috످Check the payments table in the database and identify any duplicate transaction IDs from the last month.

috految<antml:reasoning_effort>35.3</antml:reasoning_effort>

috److I don't have access to your database in this chat, but you can find duplicates with the read-only query below. It assumes you're using PostgreSQL and have `transaction_id`, `amount`, `status`, and `created_at` columns.

```sql
WITH duplicates AS (
    SELECT
        transaction_id,
        COUNT(*) AS occurrences
    FROM payments
    WHERE transaction_id IS NOT NULL
      AND transaction_id IN (
          SELECT transaction_id
          FROM payments
          WHERE created_at >= CURRENT_DATE - INTERVAL '1 month'
      )
    GROUP BY transaction_id
    HAVING COUNT(*) > 1
)
SELECT
    p.transaction_id,
    d.occurrences,
    p.amount,
    p.status,
    p.created_at
FROM payments p
JOIN duplicates d ON p.transaction_id = d.transaction_id
ORDER BY d.occurrences DESC, p.transaction_id, p.created_at;
```

This finds duplicate IDs from the past month, even if the original payment is older. If it returns no rows, there are no duplicate IDs for that period.

For other databases, replace `CURRENT_DATE - INTERVAL '1 month'` with `CURDATE() - INTERVAL 1 MONTH` in MySQL 8+, `DATEADD(MONTH, -1, GETDATE())` in SQL Server, or `DATE('now', '-1 month')` in SQLite.

If you find duplicates, check with your payment processor before deleting records or issuing refunds. Repeated IDs can be legitimate (e.g., partial refunds or retries after a failed payment).

If you're investigating double charges, this query could miss them because each charge usually gets its own ID. Look for payments with the same customer and amount within a few minutes of each other.

If you paste the results or your table schema (with sensitive data removed), I can help review the duplicates or adjust the query.

috످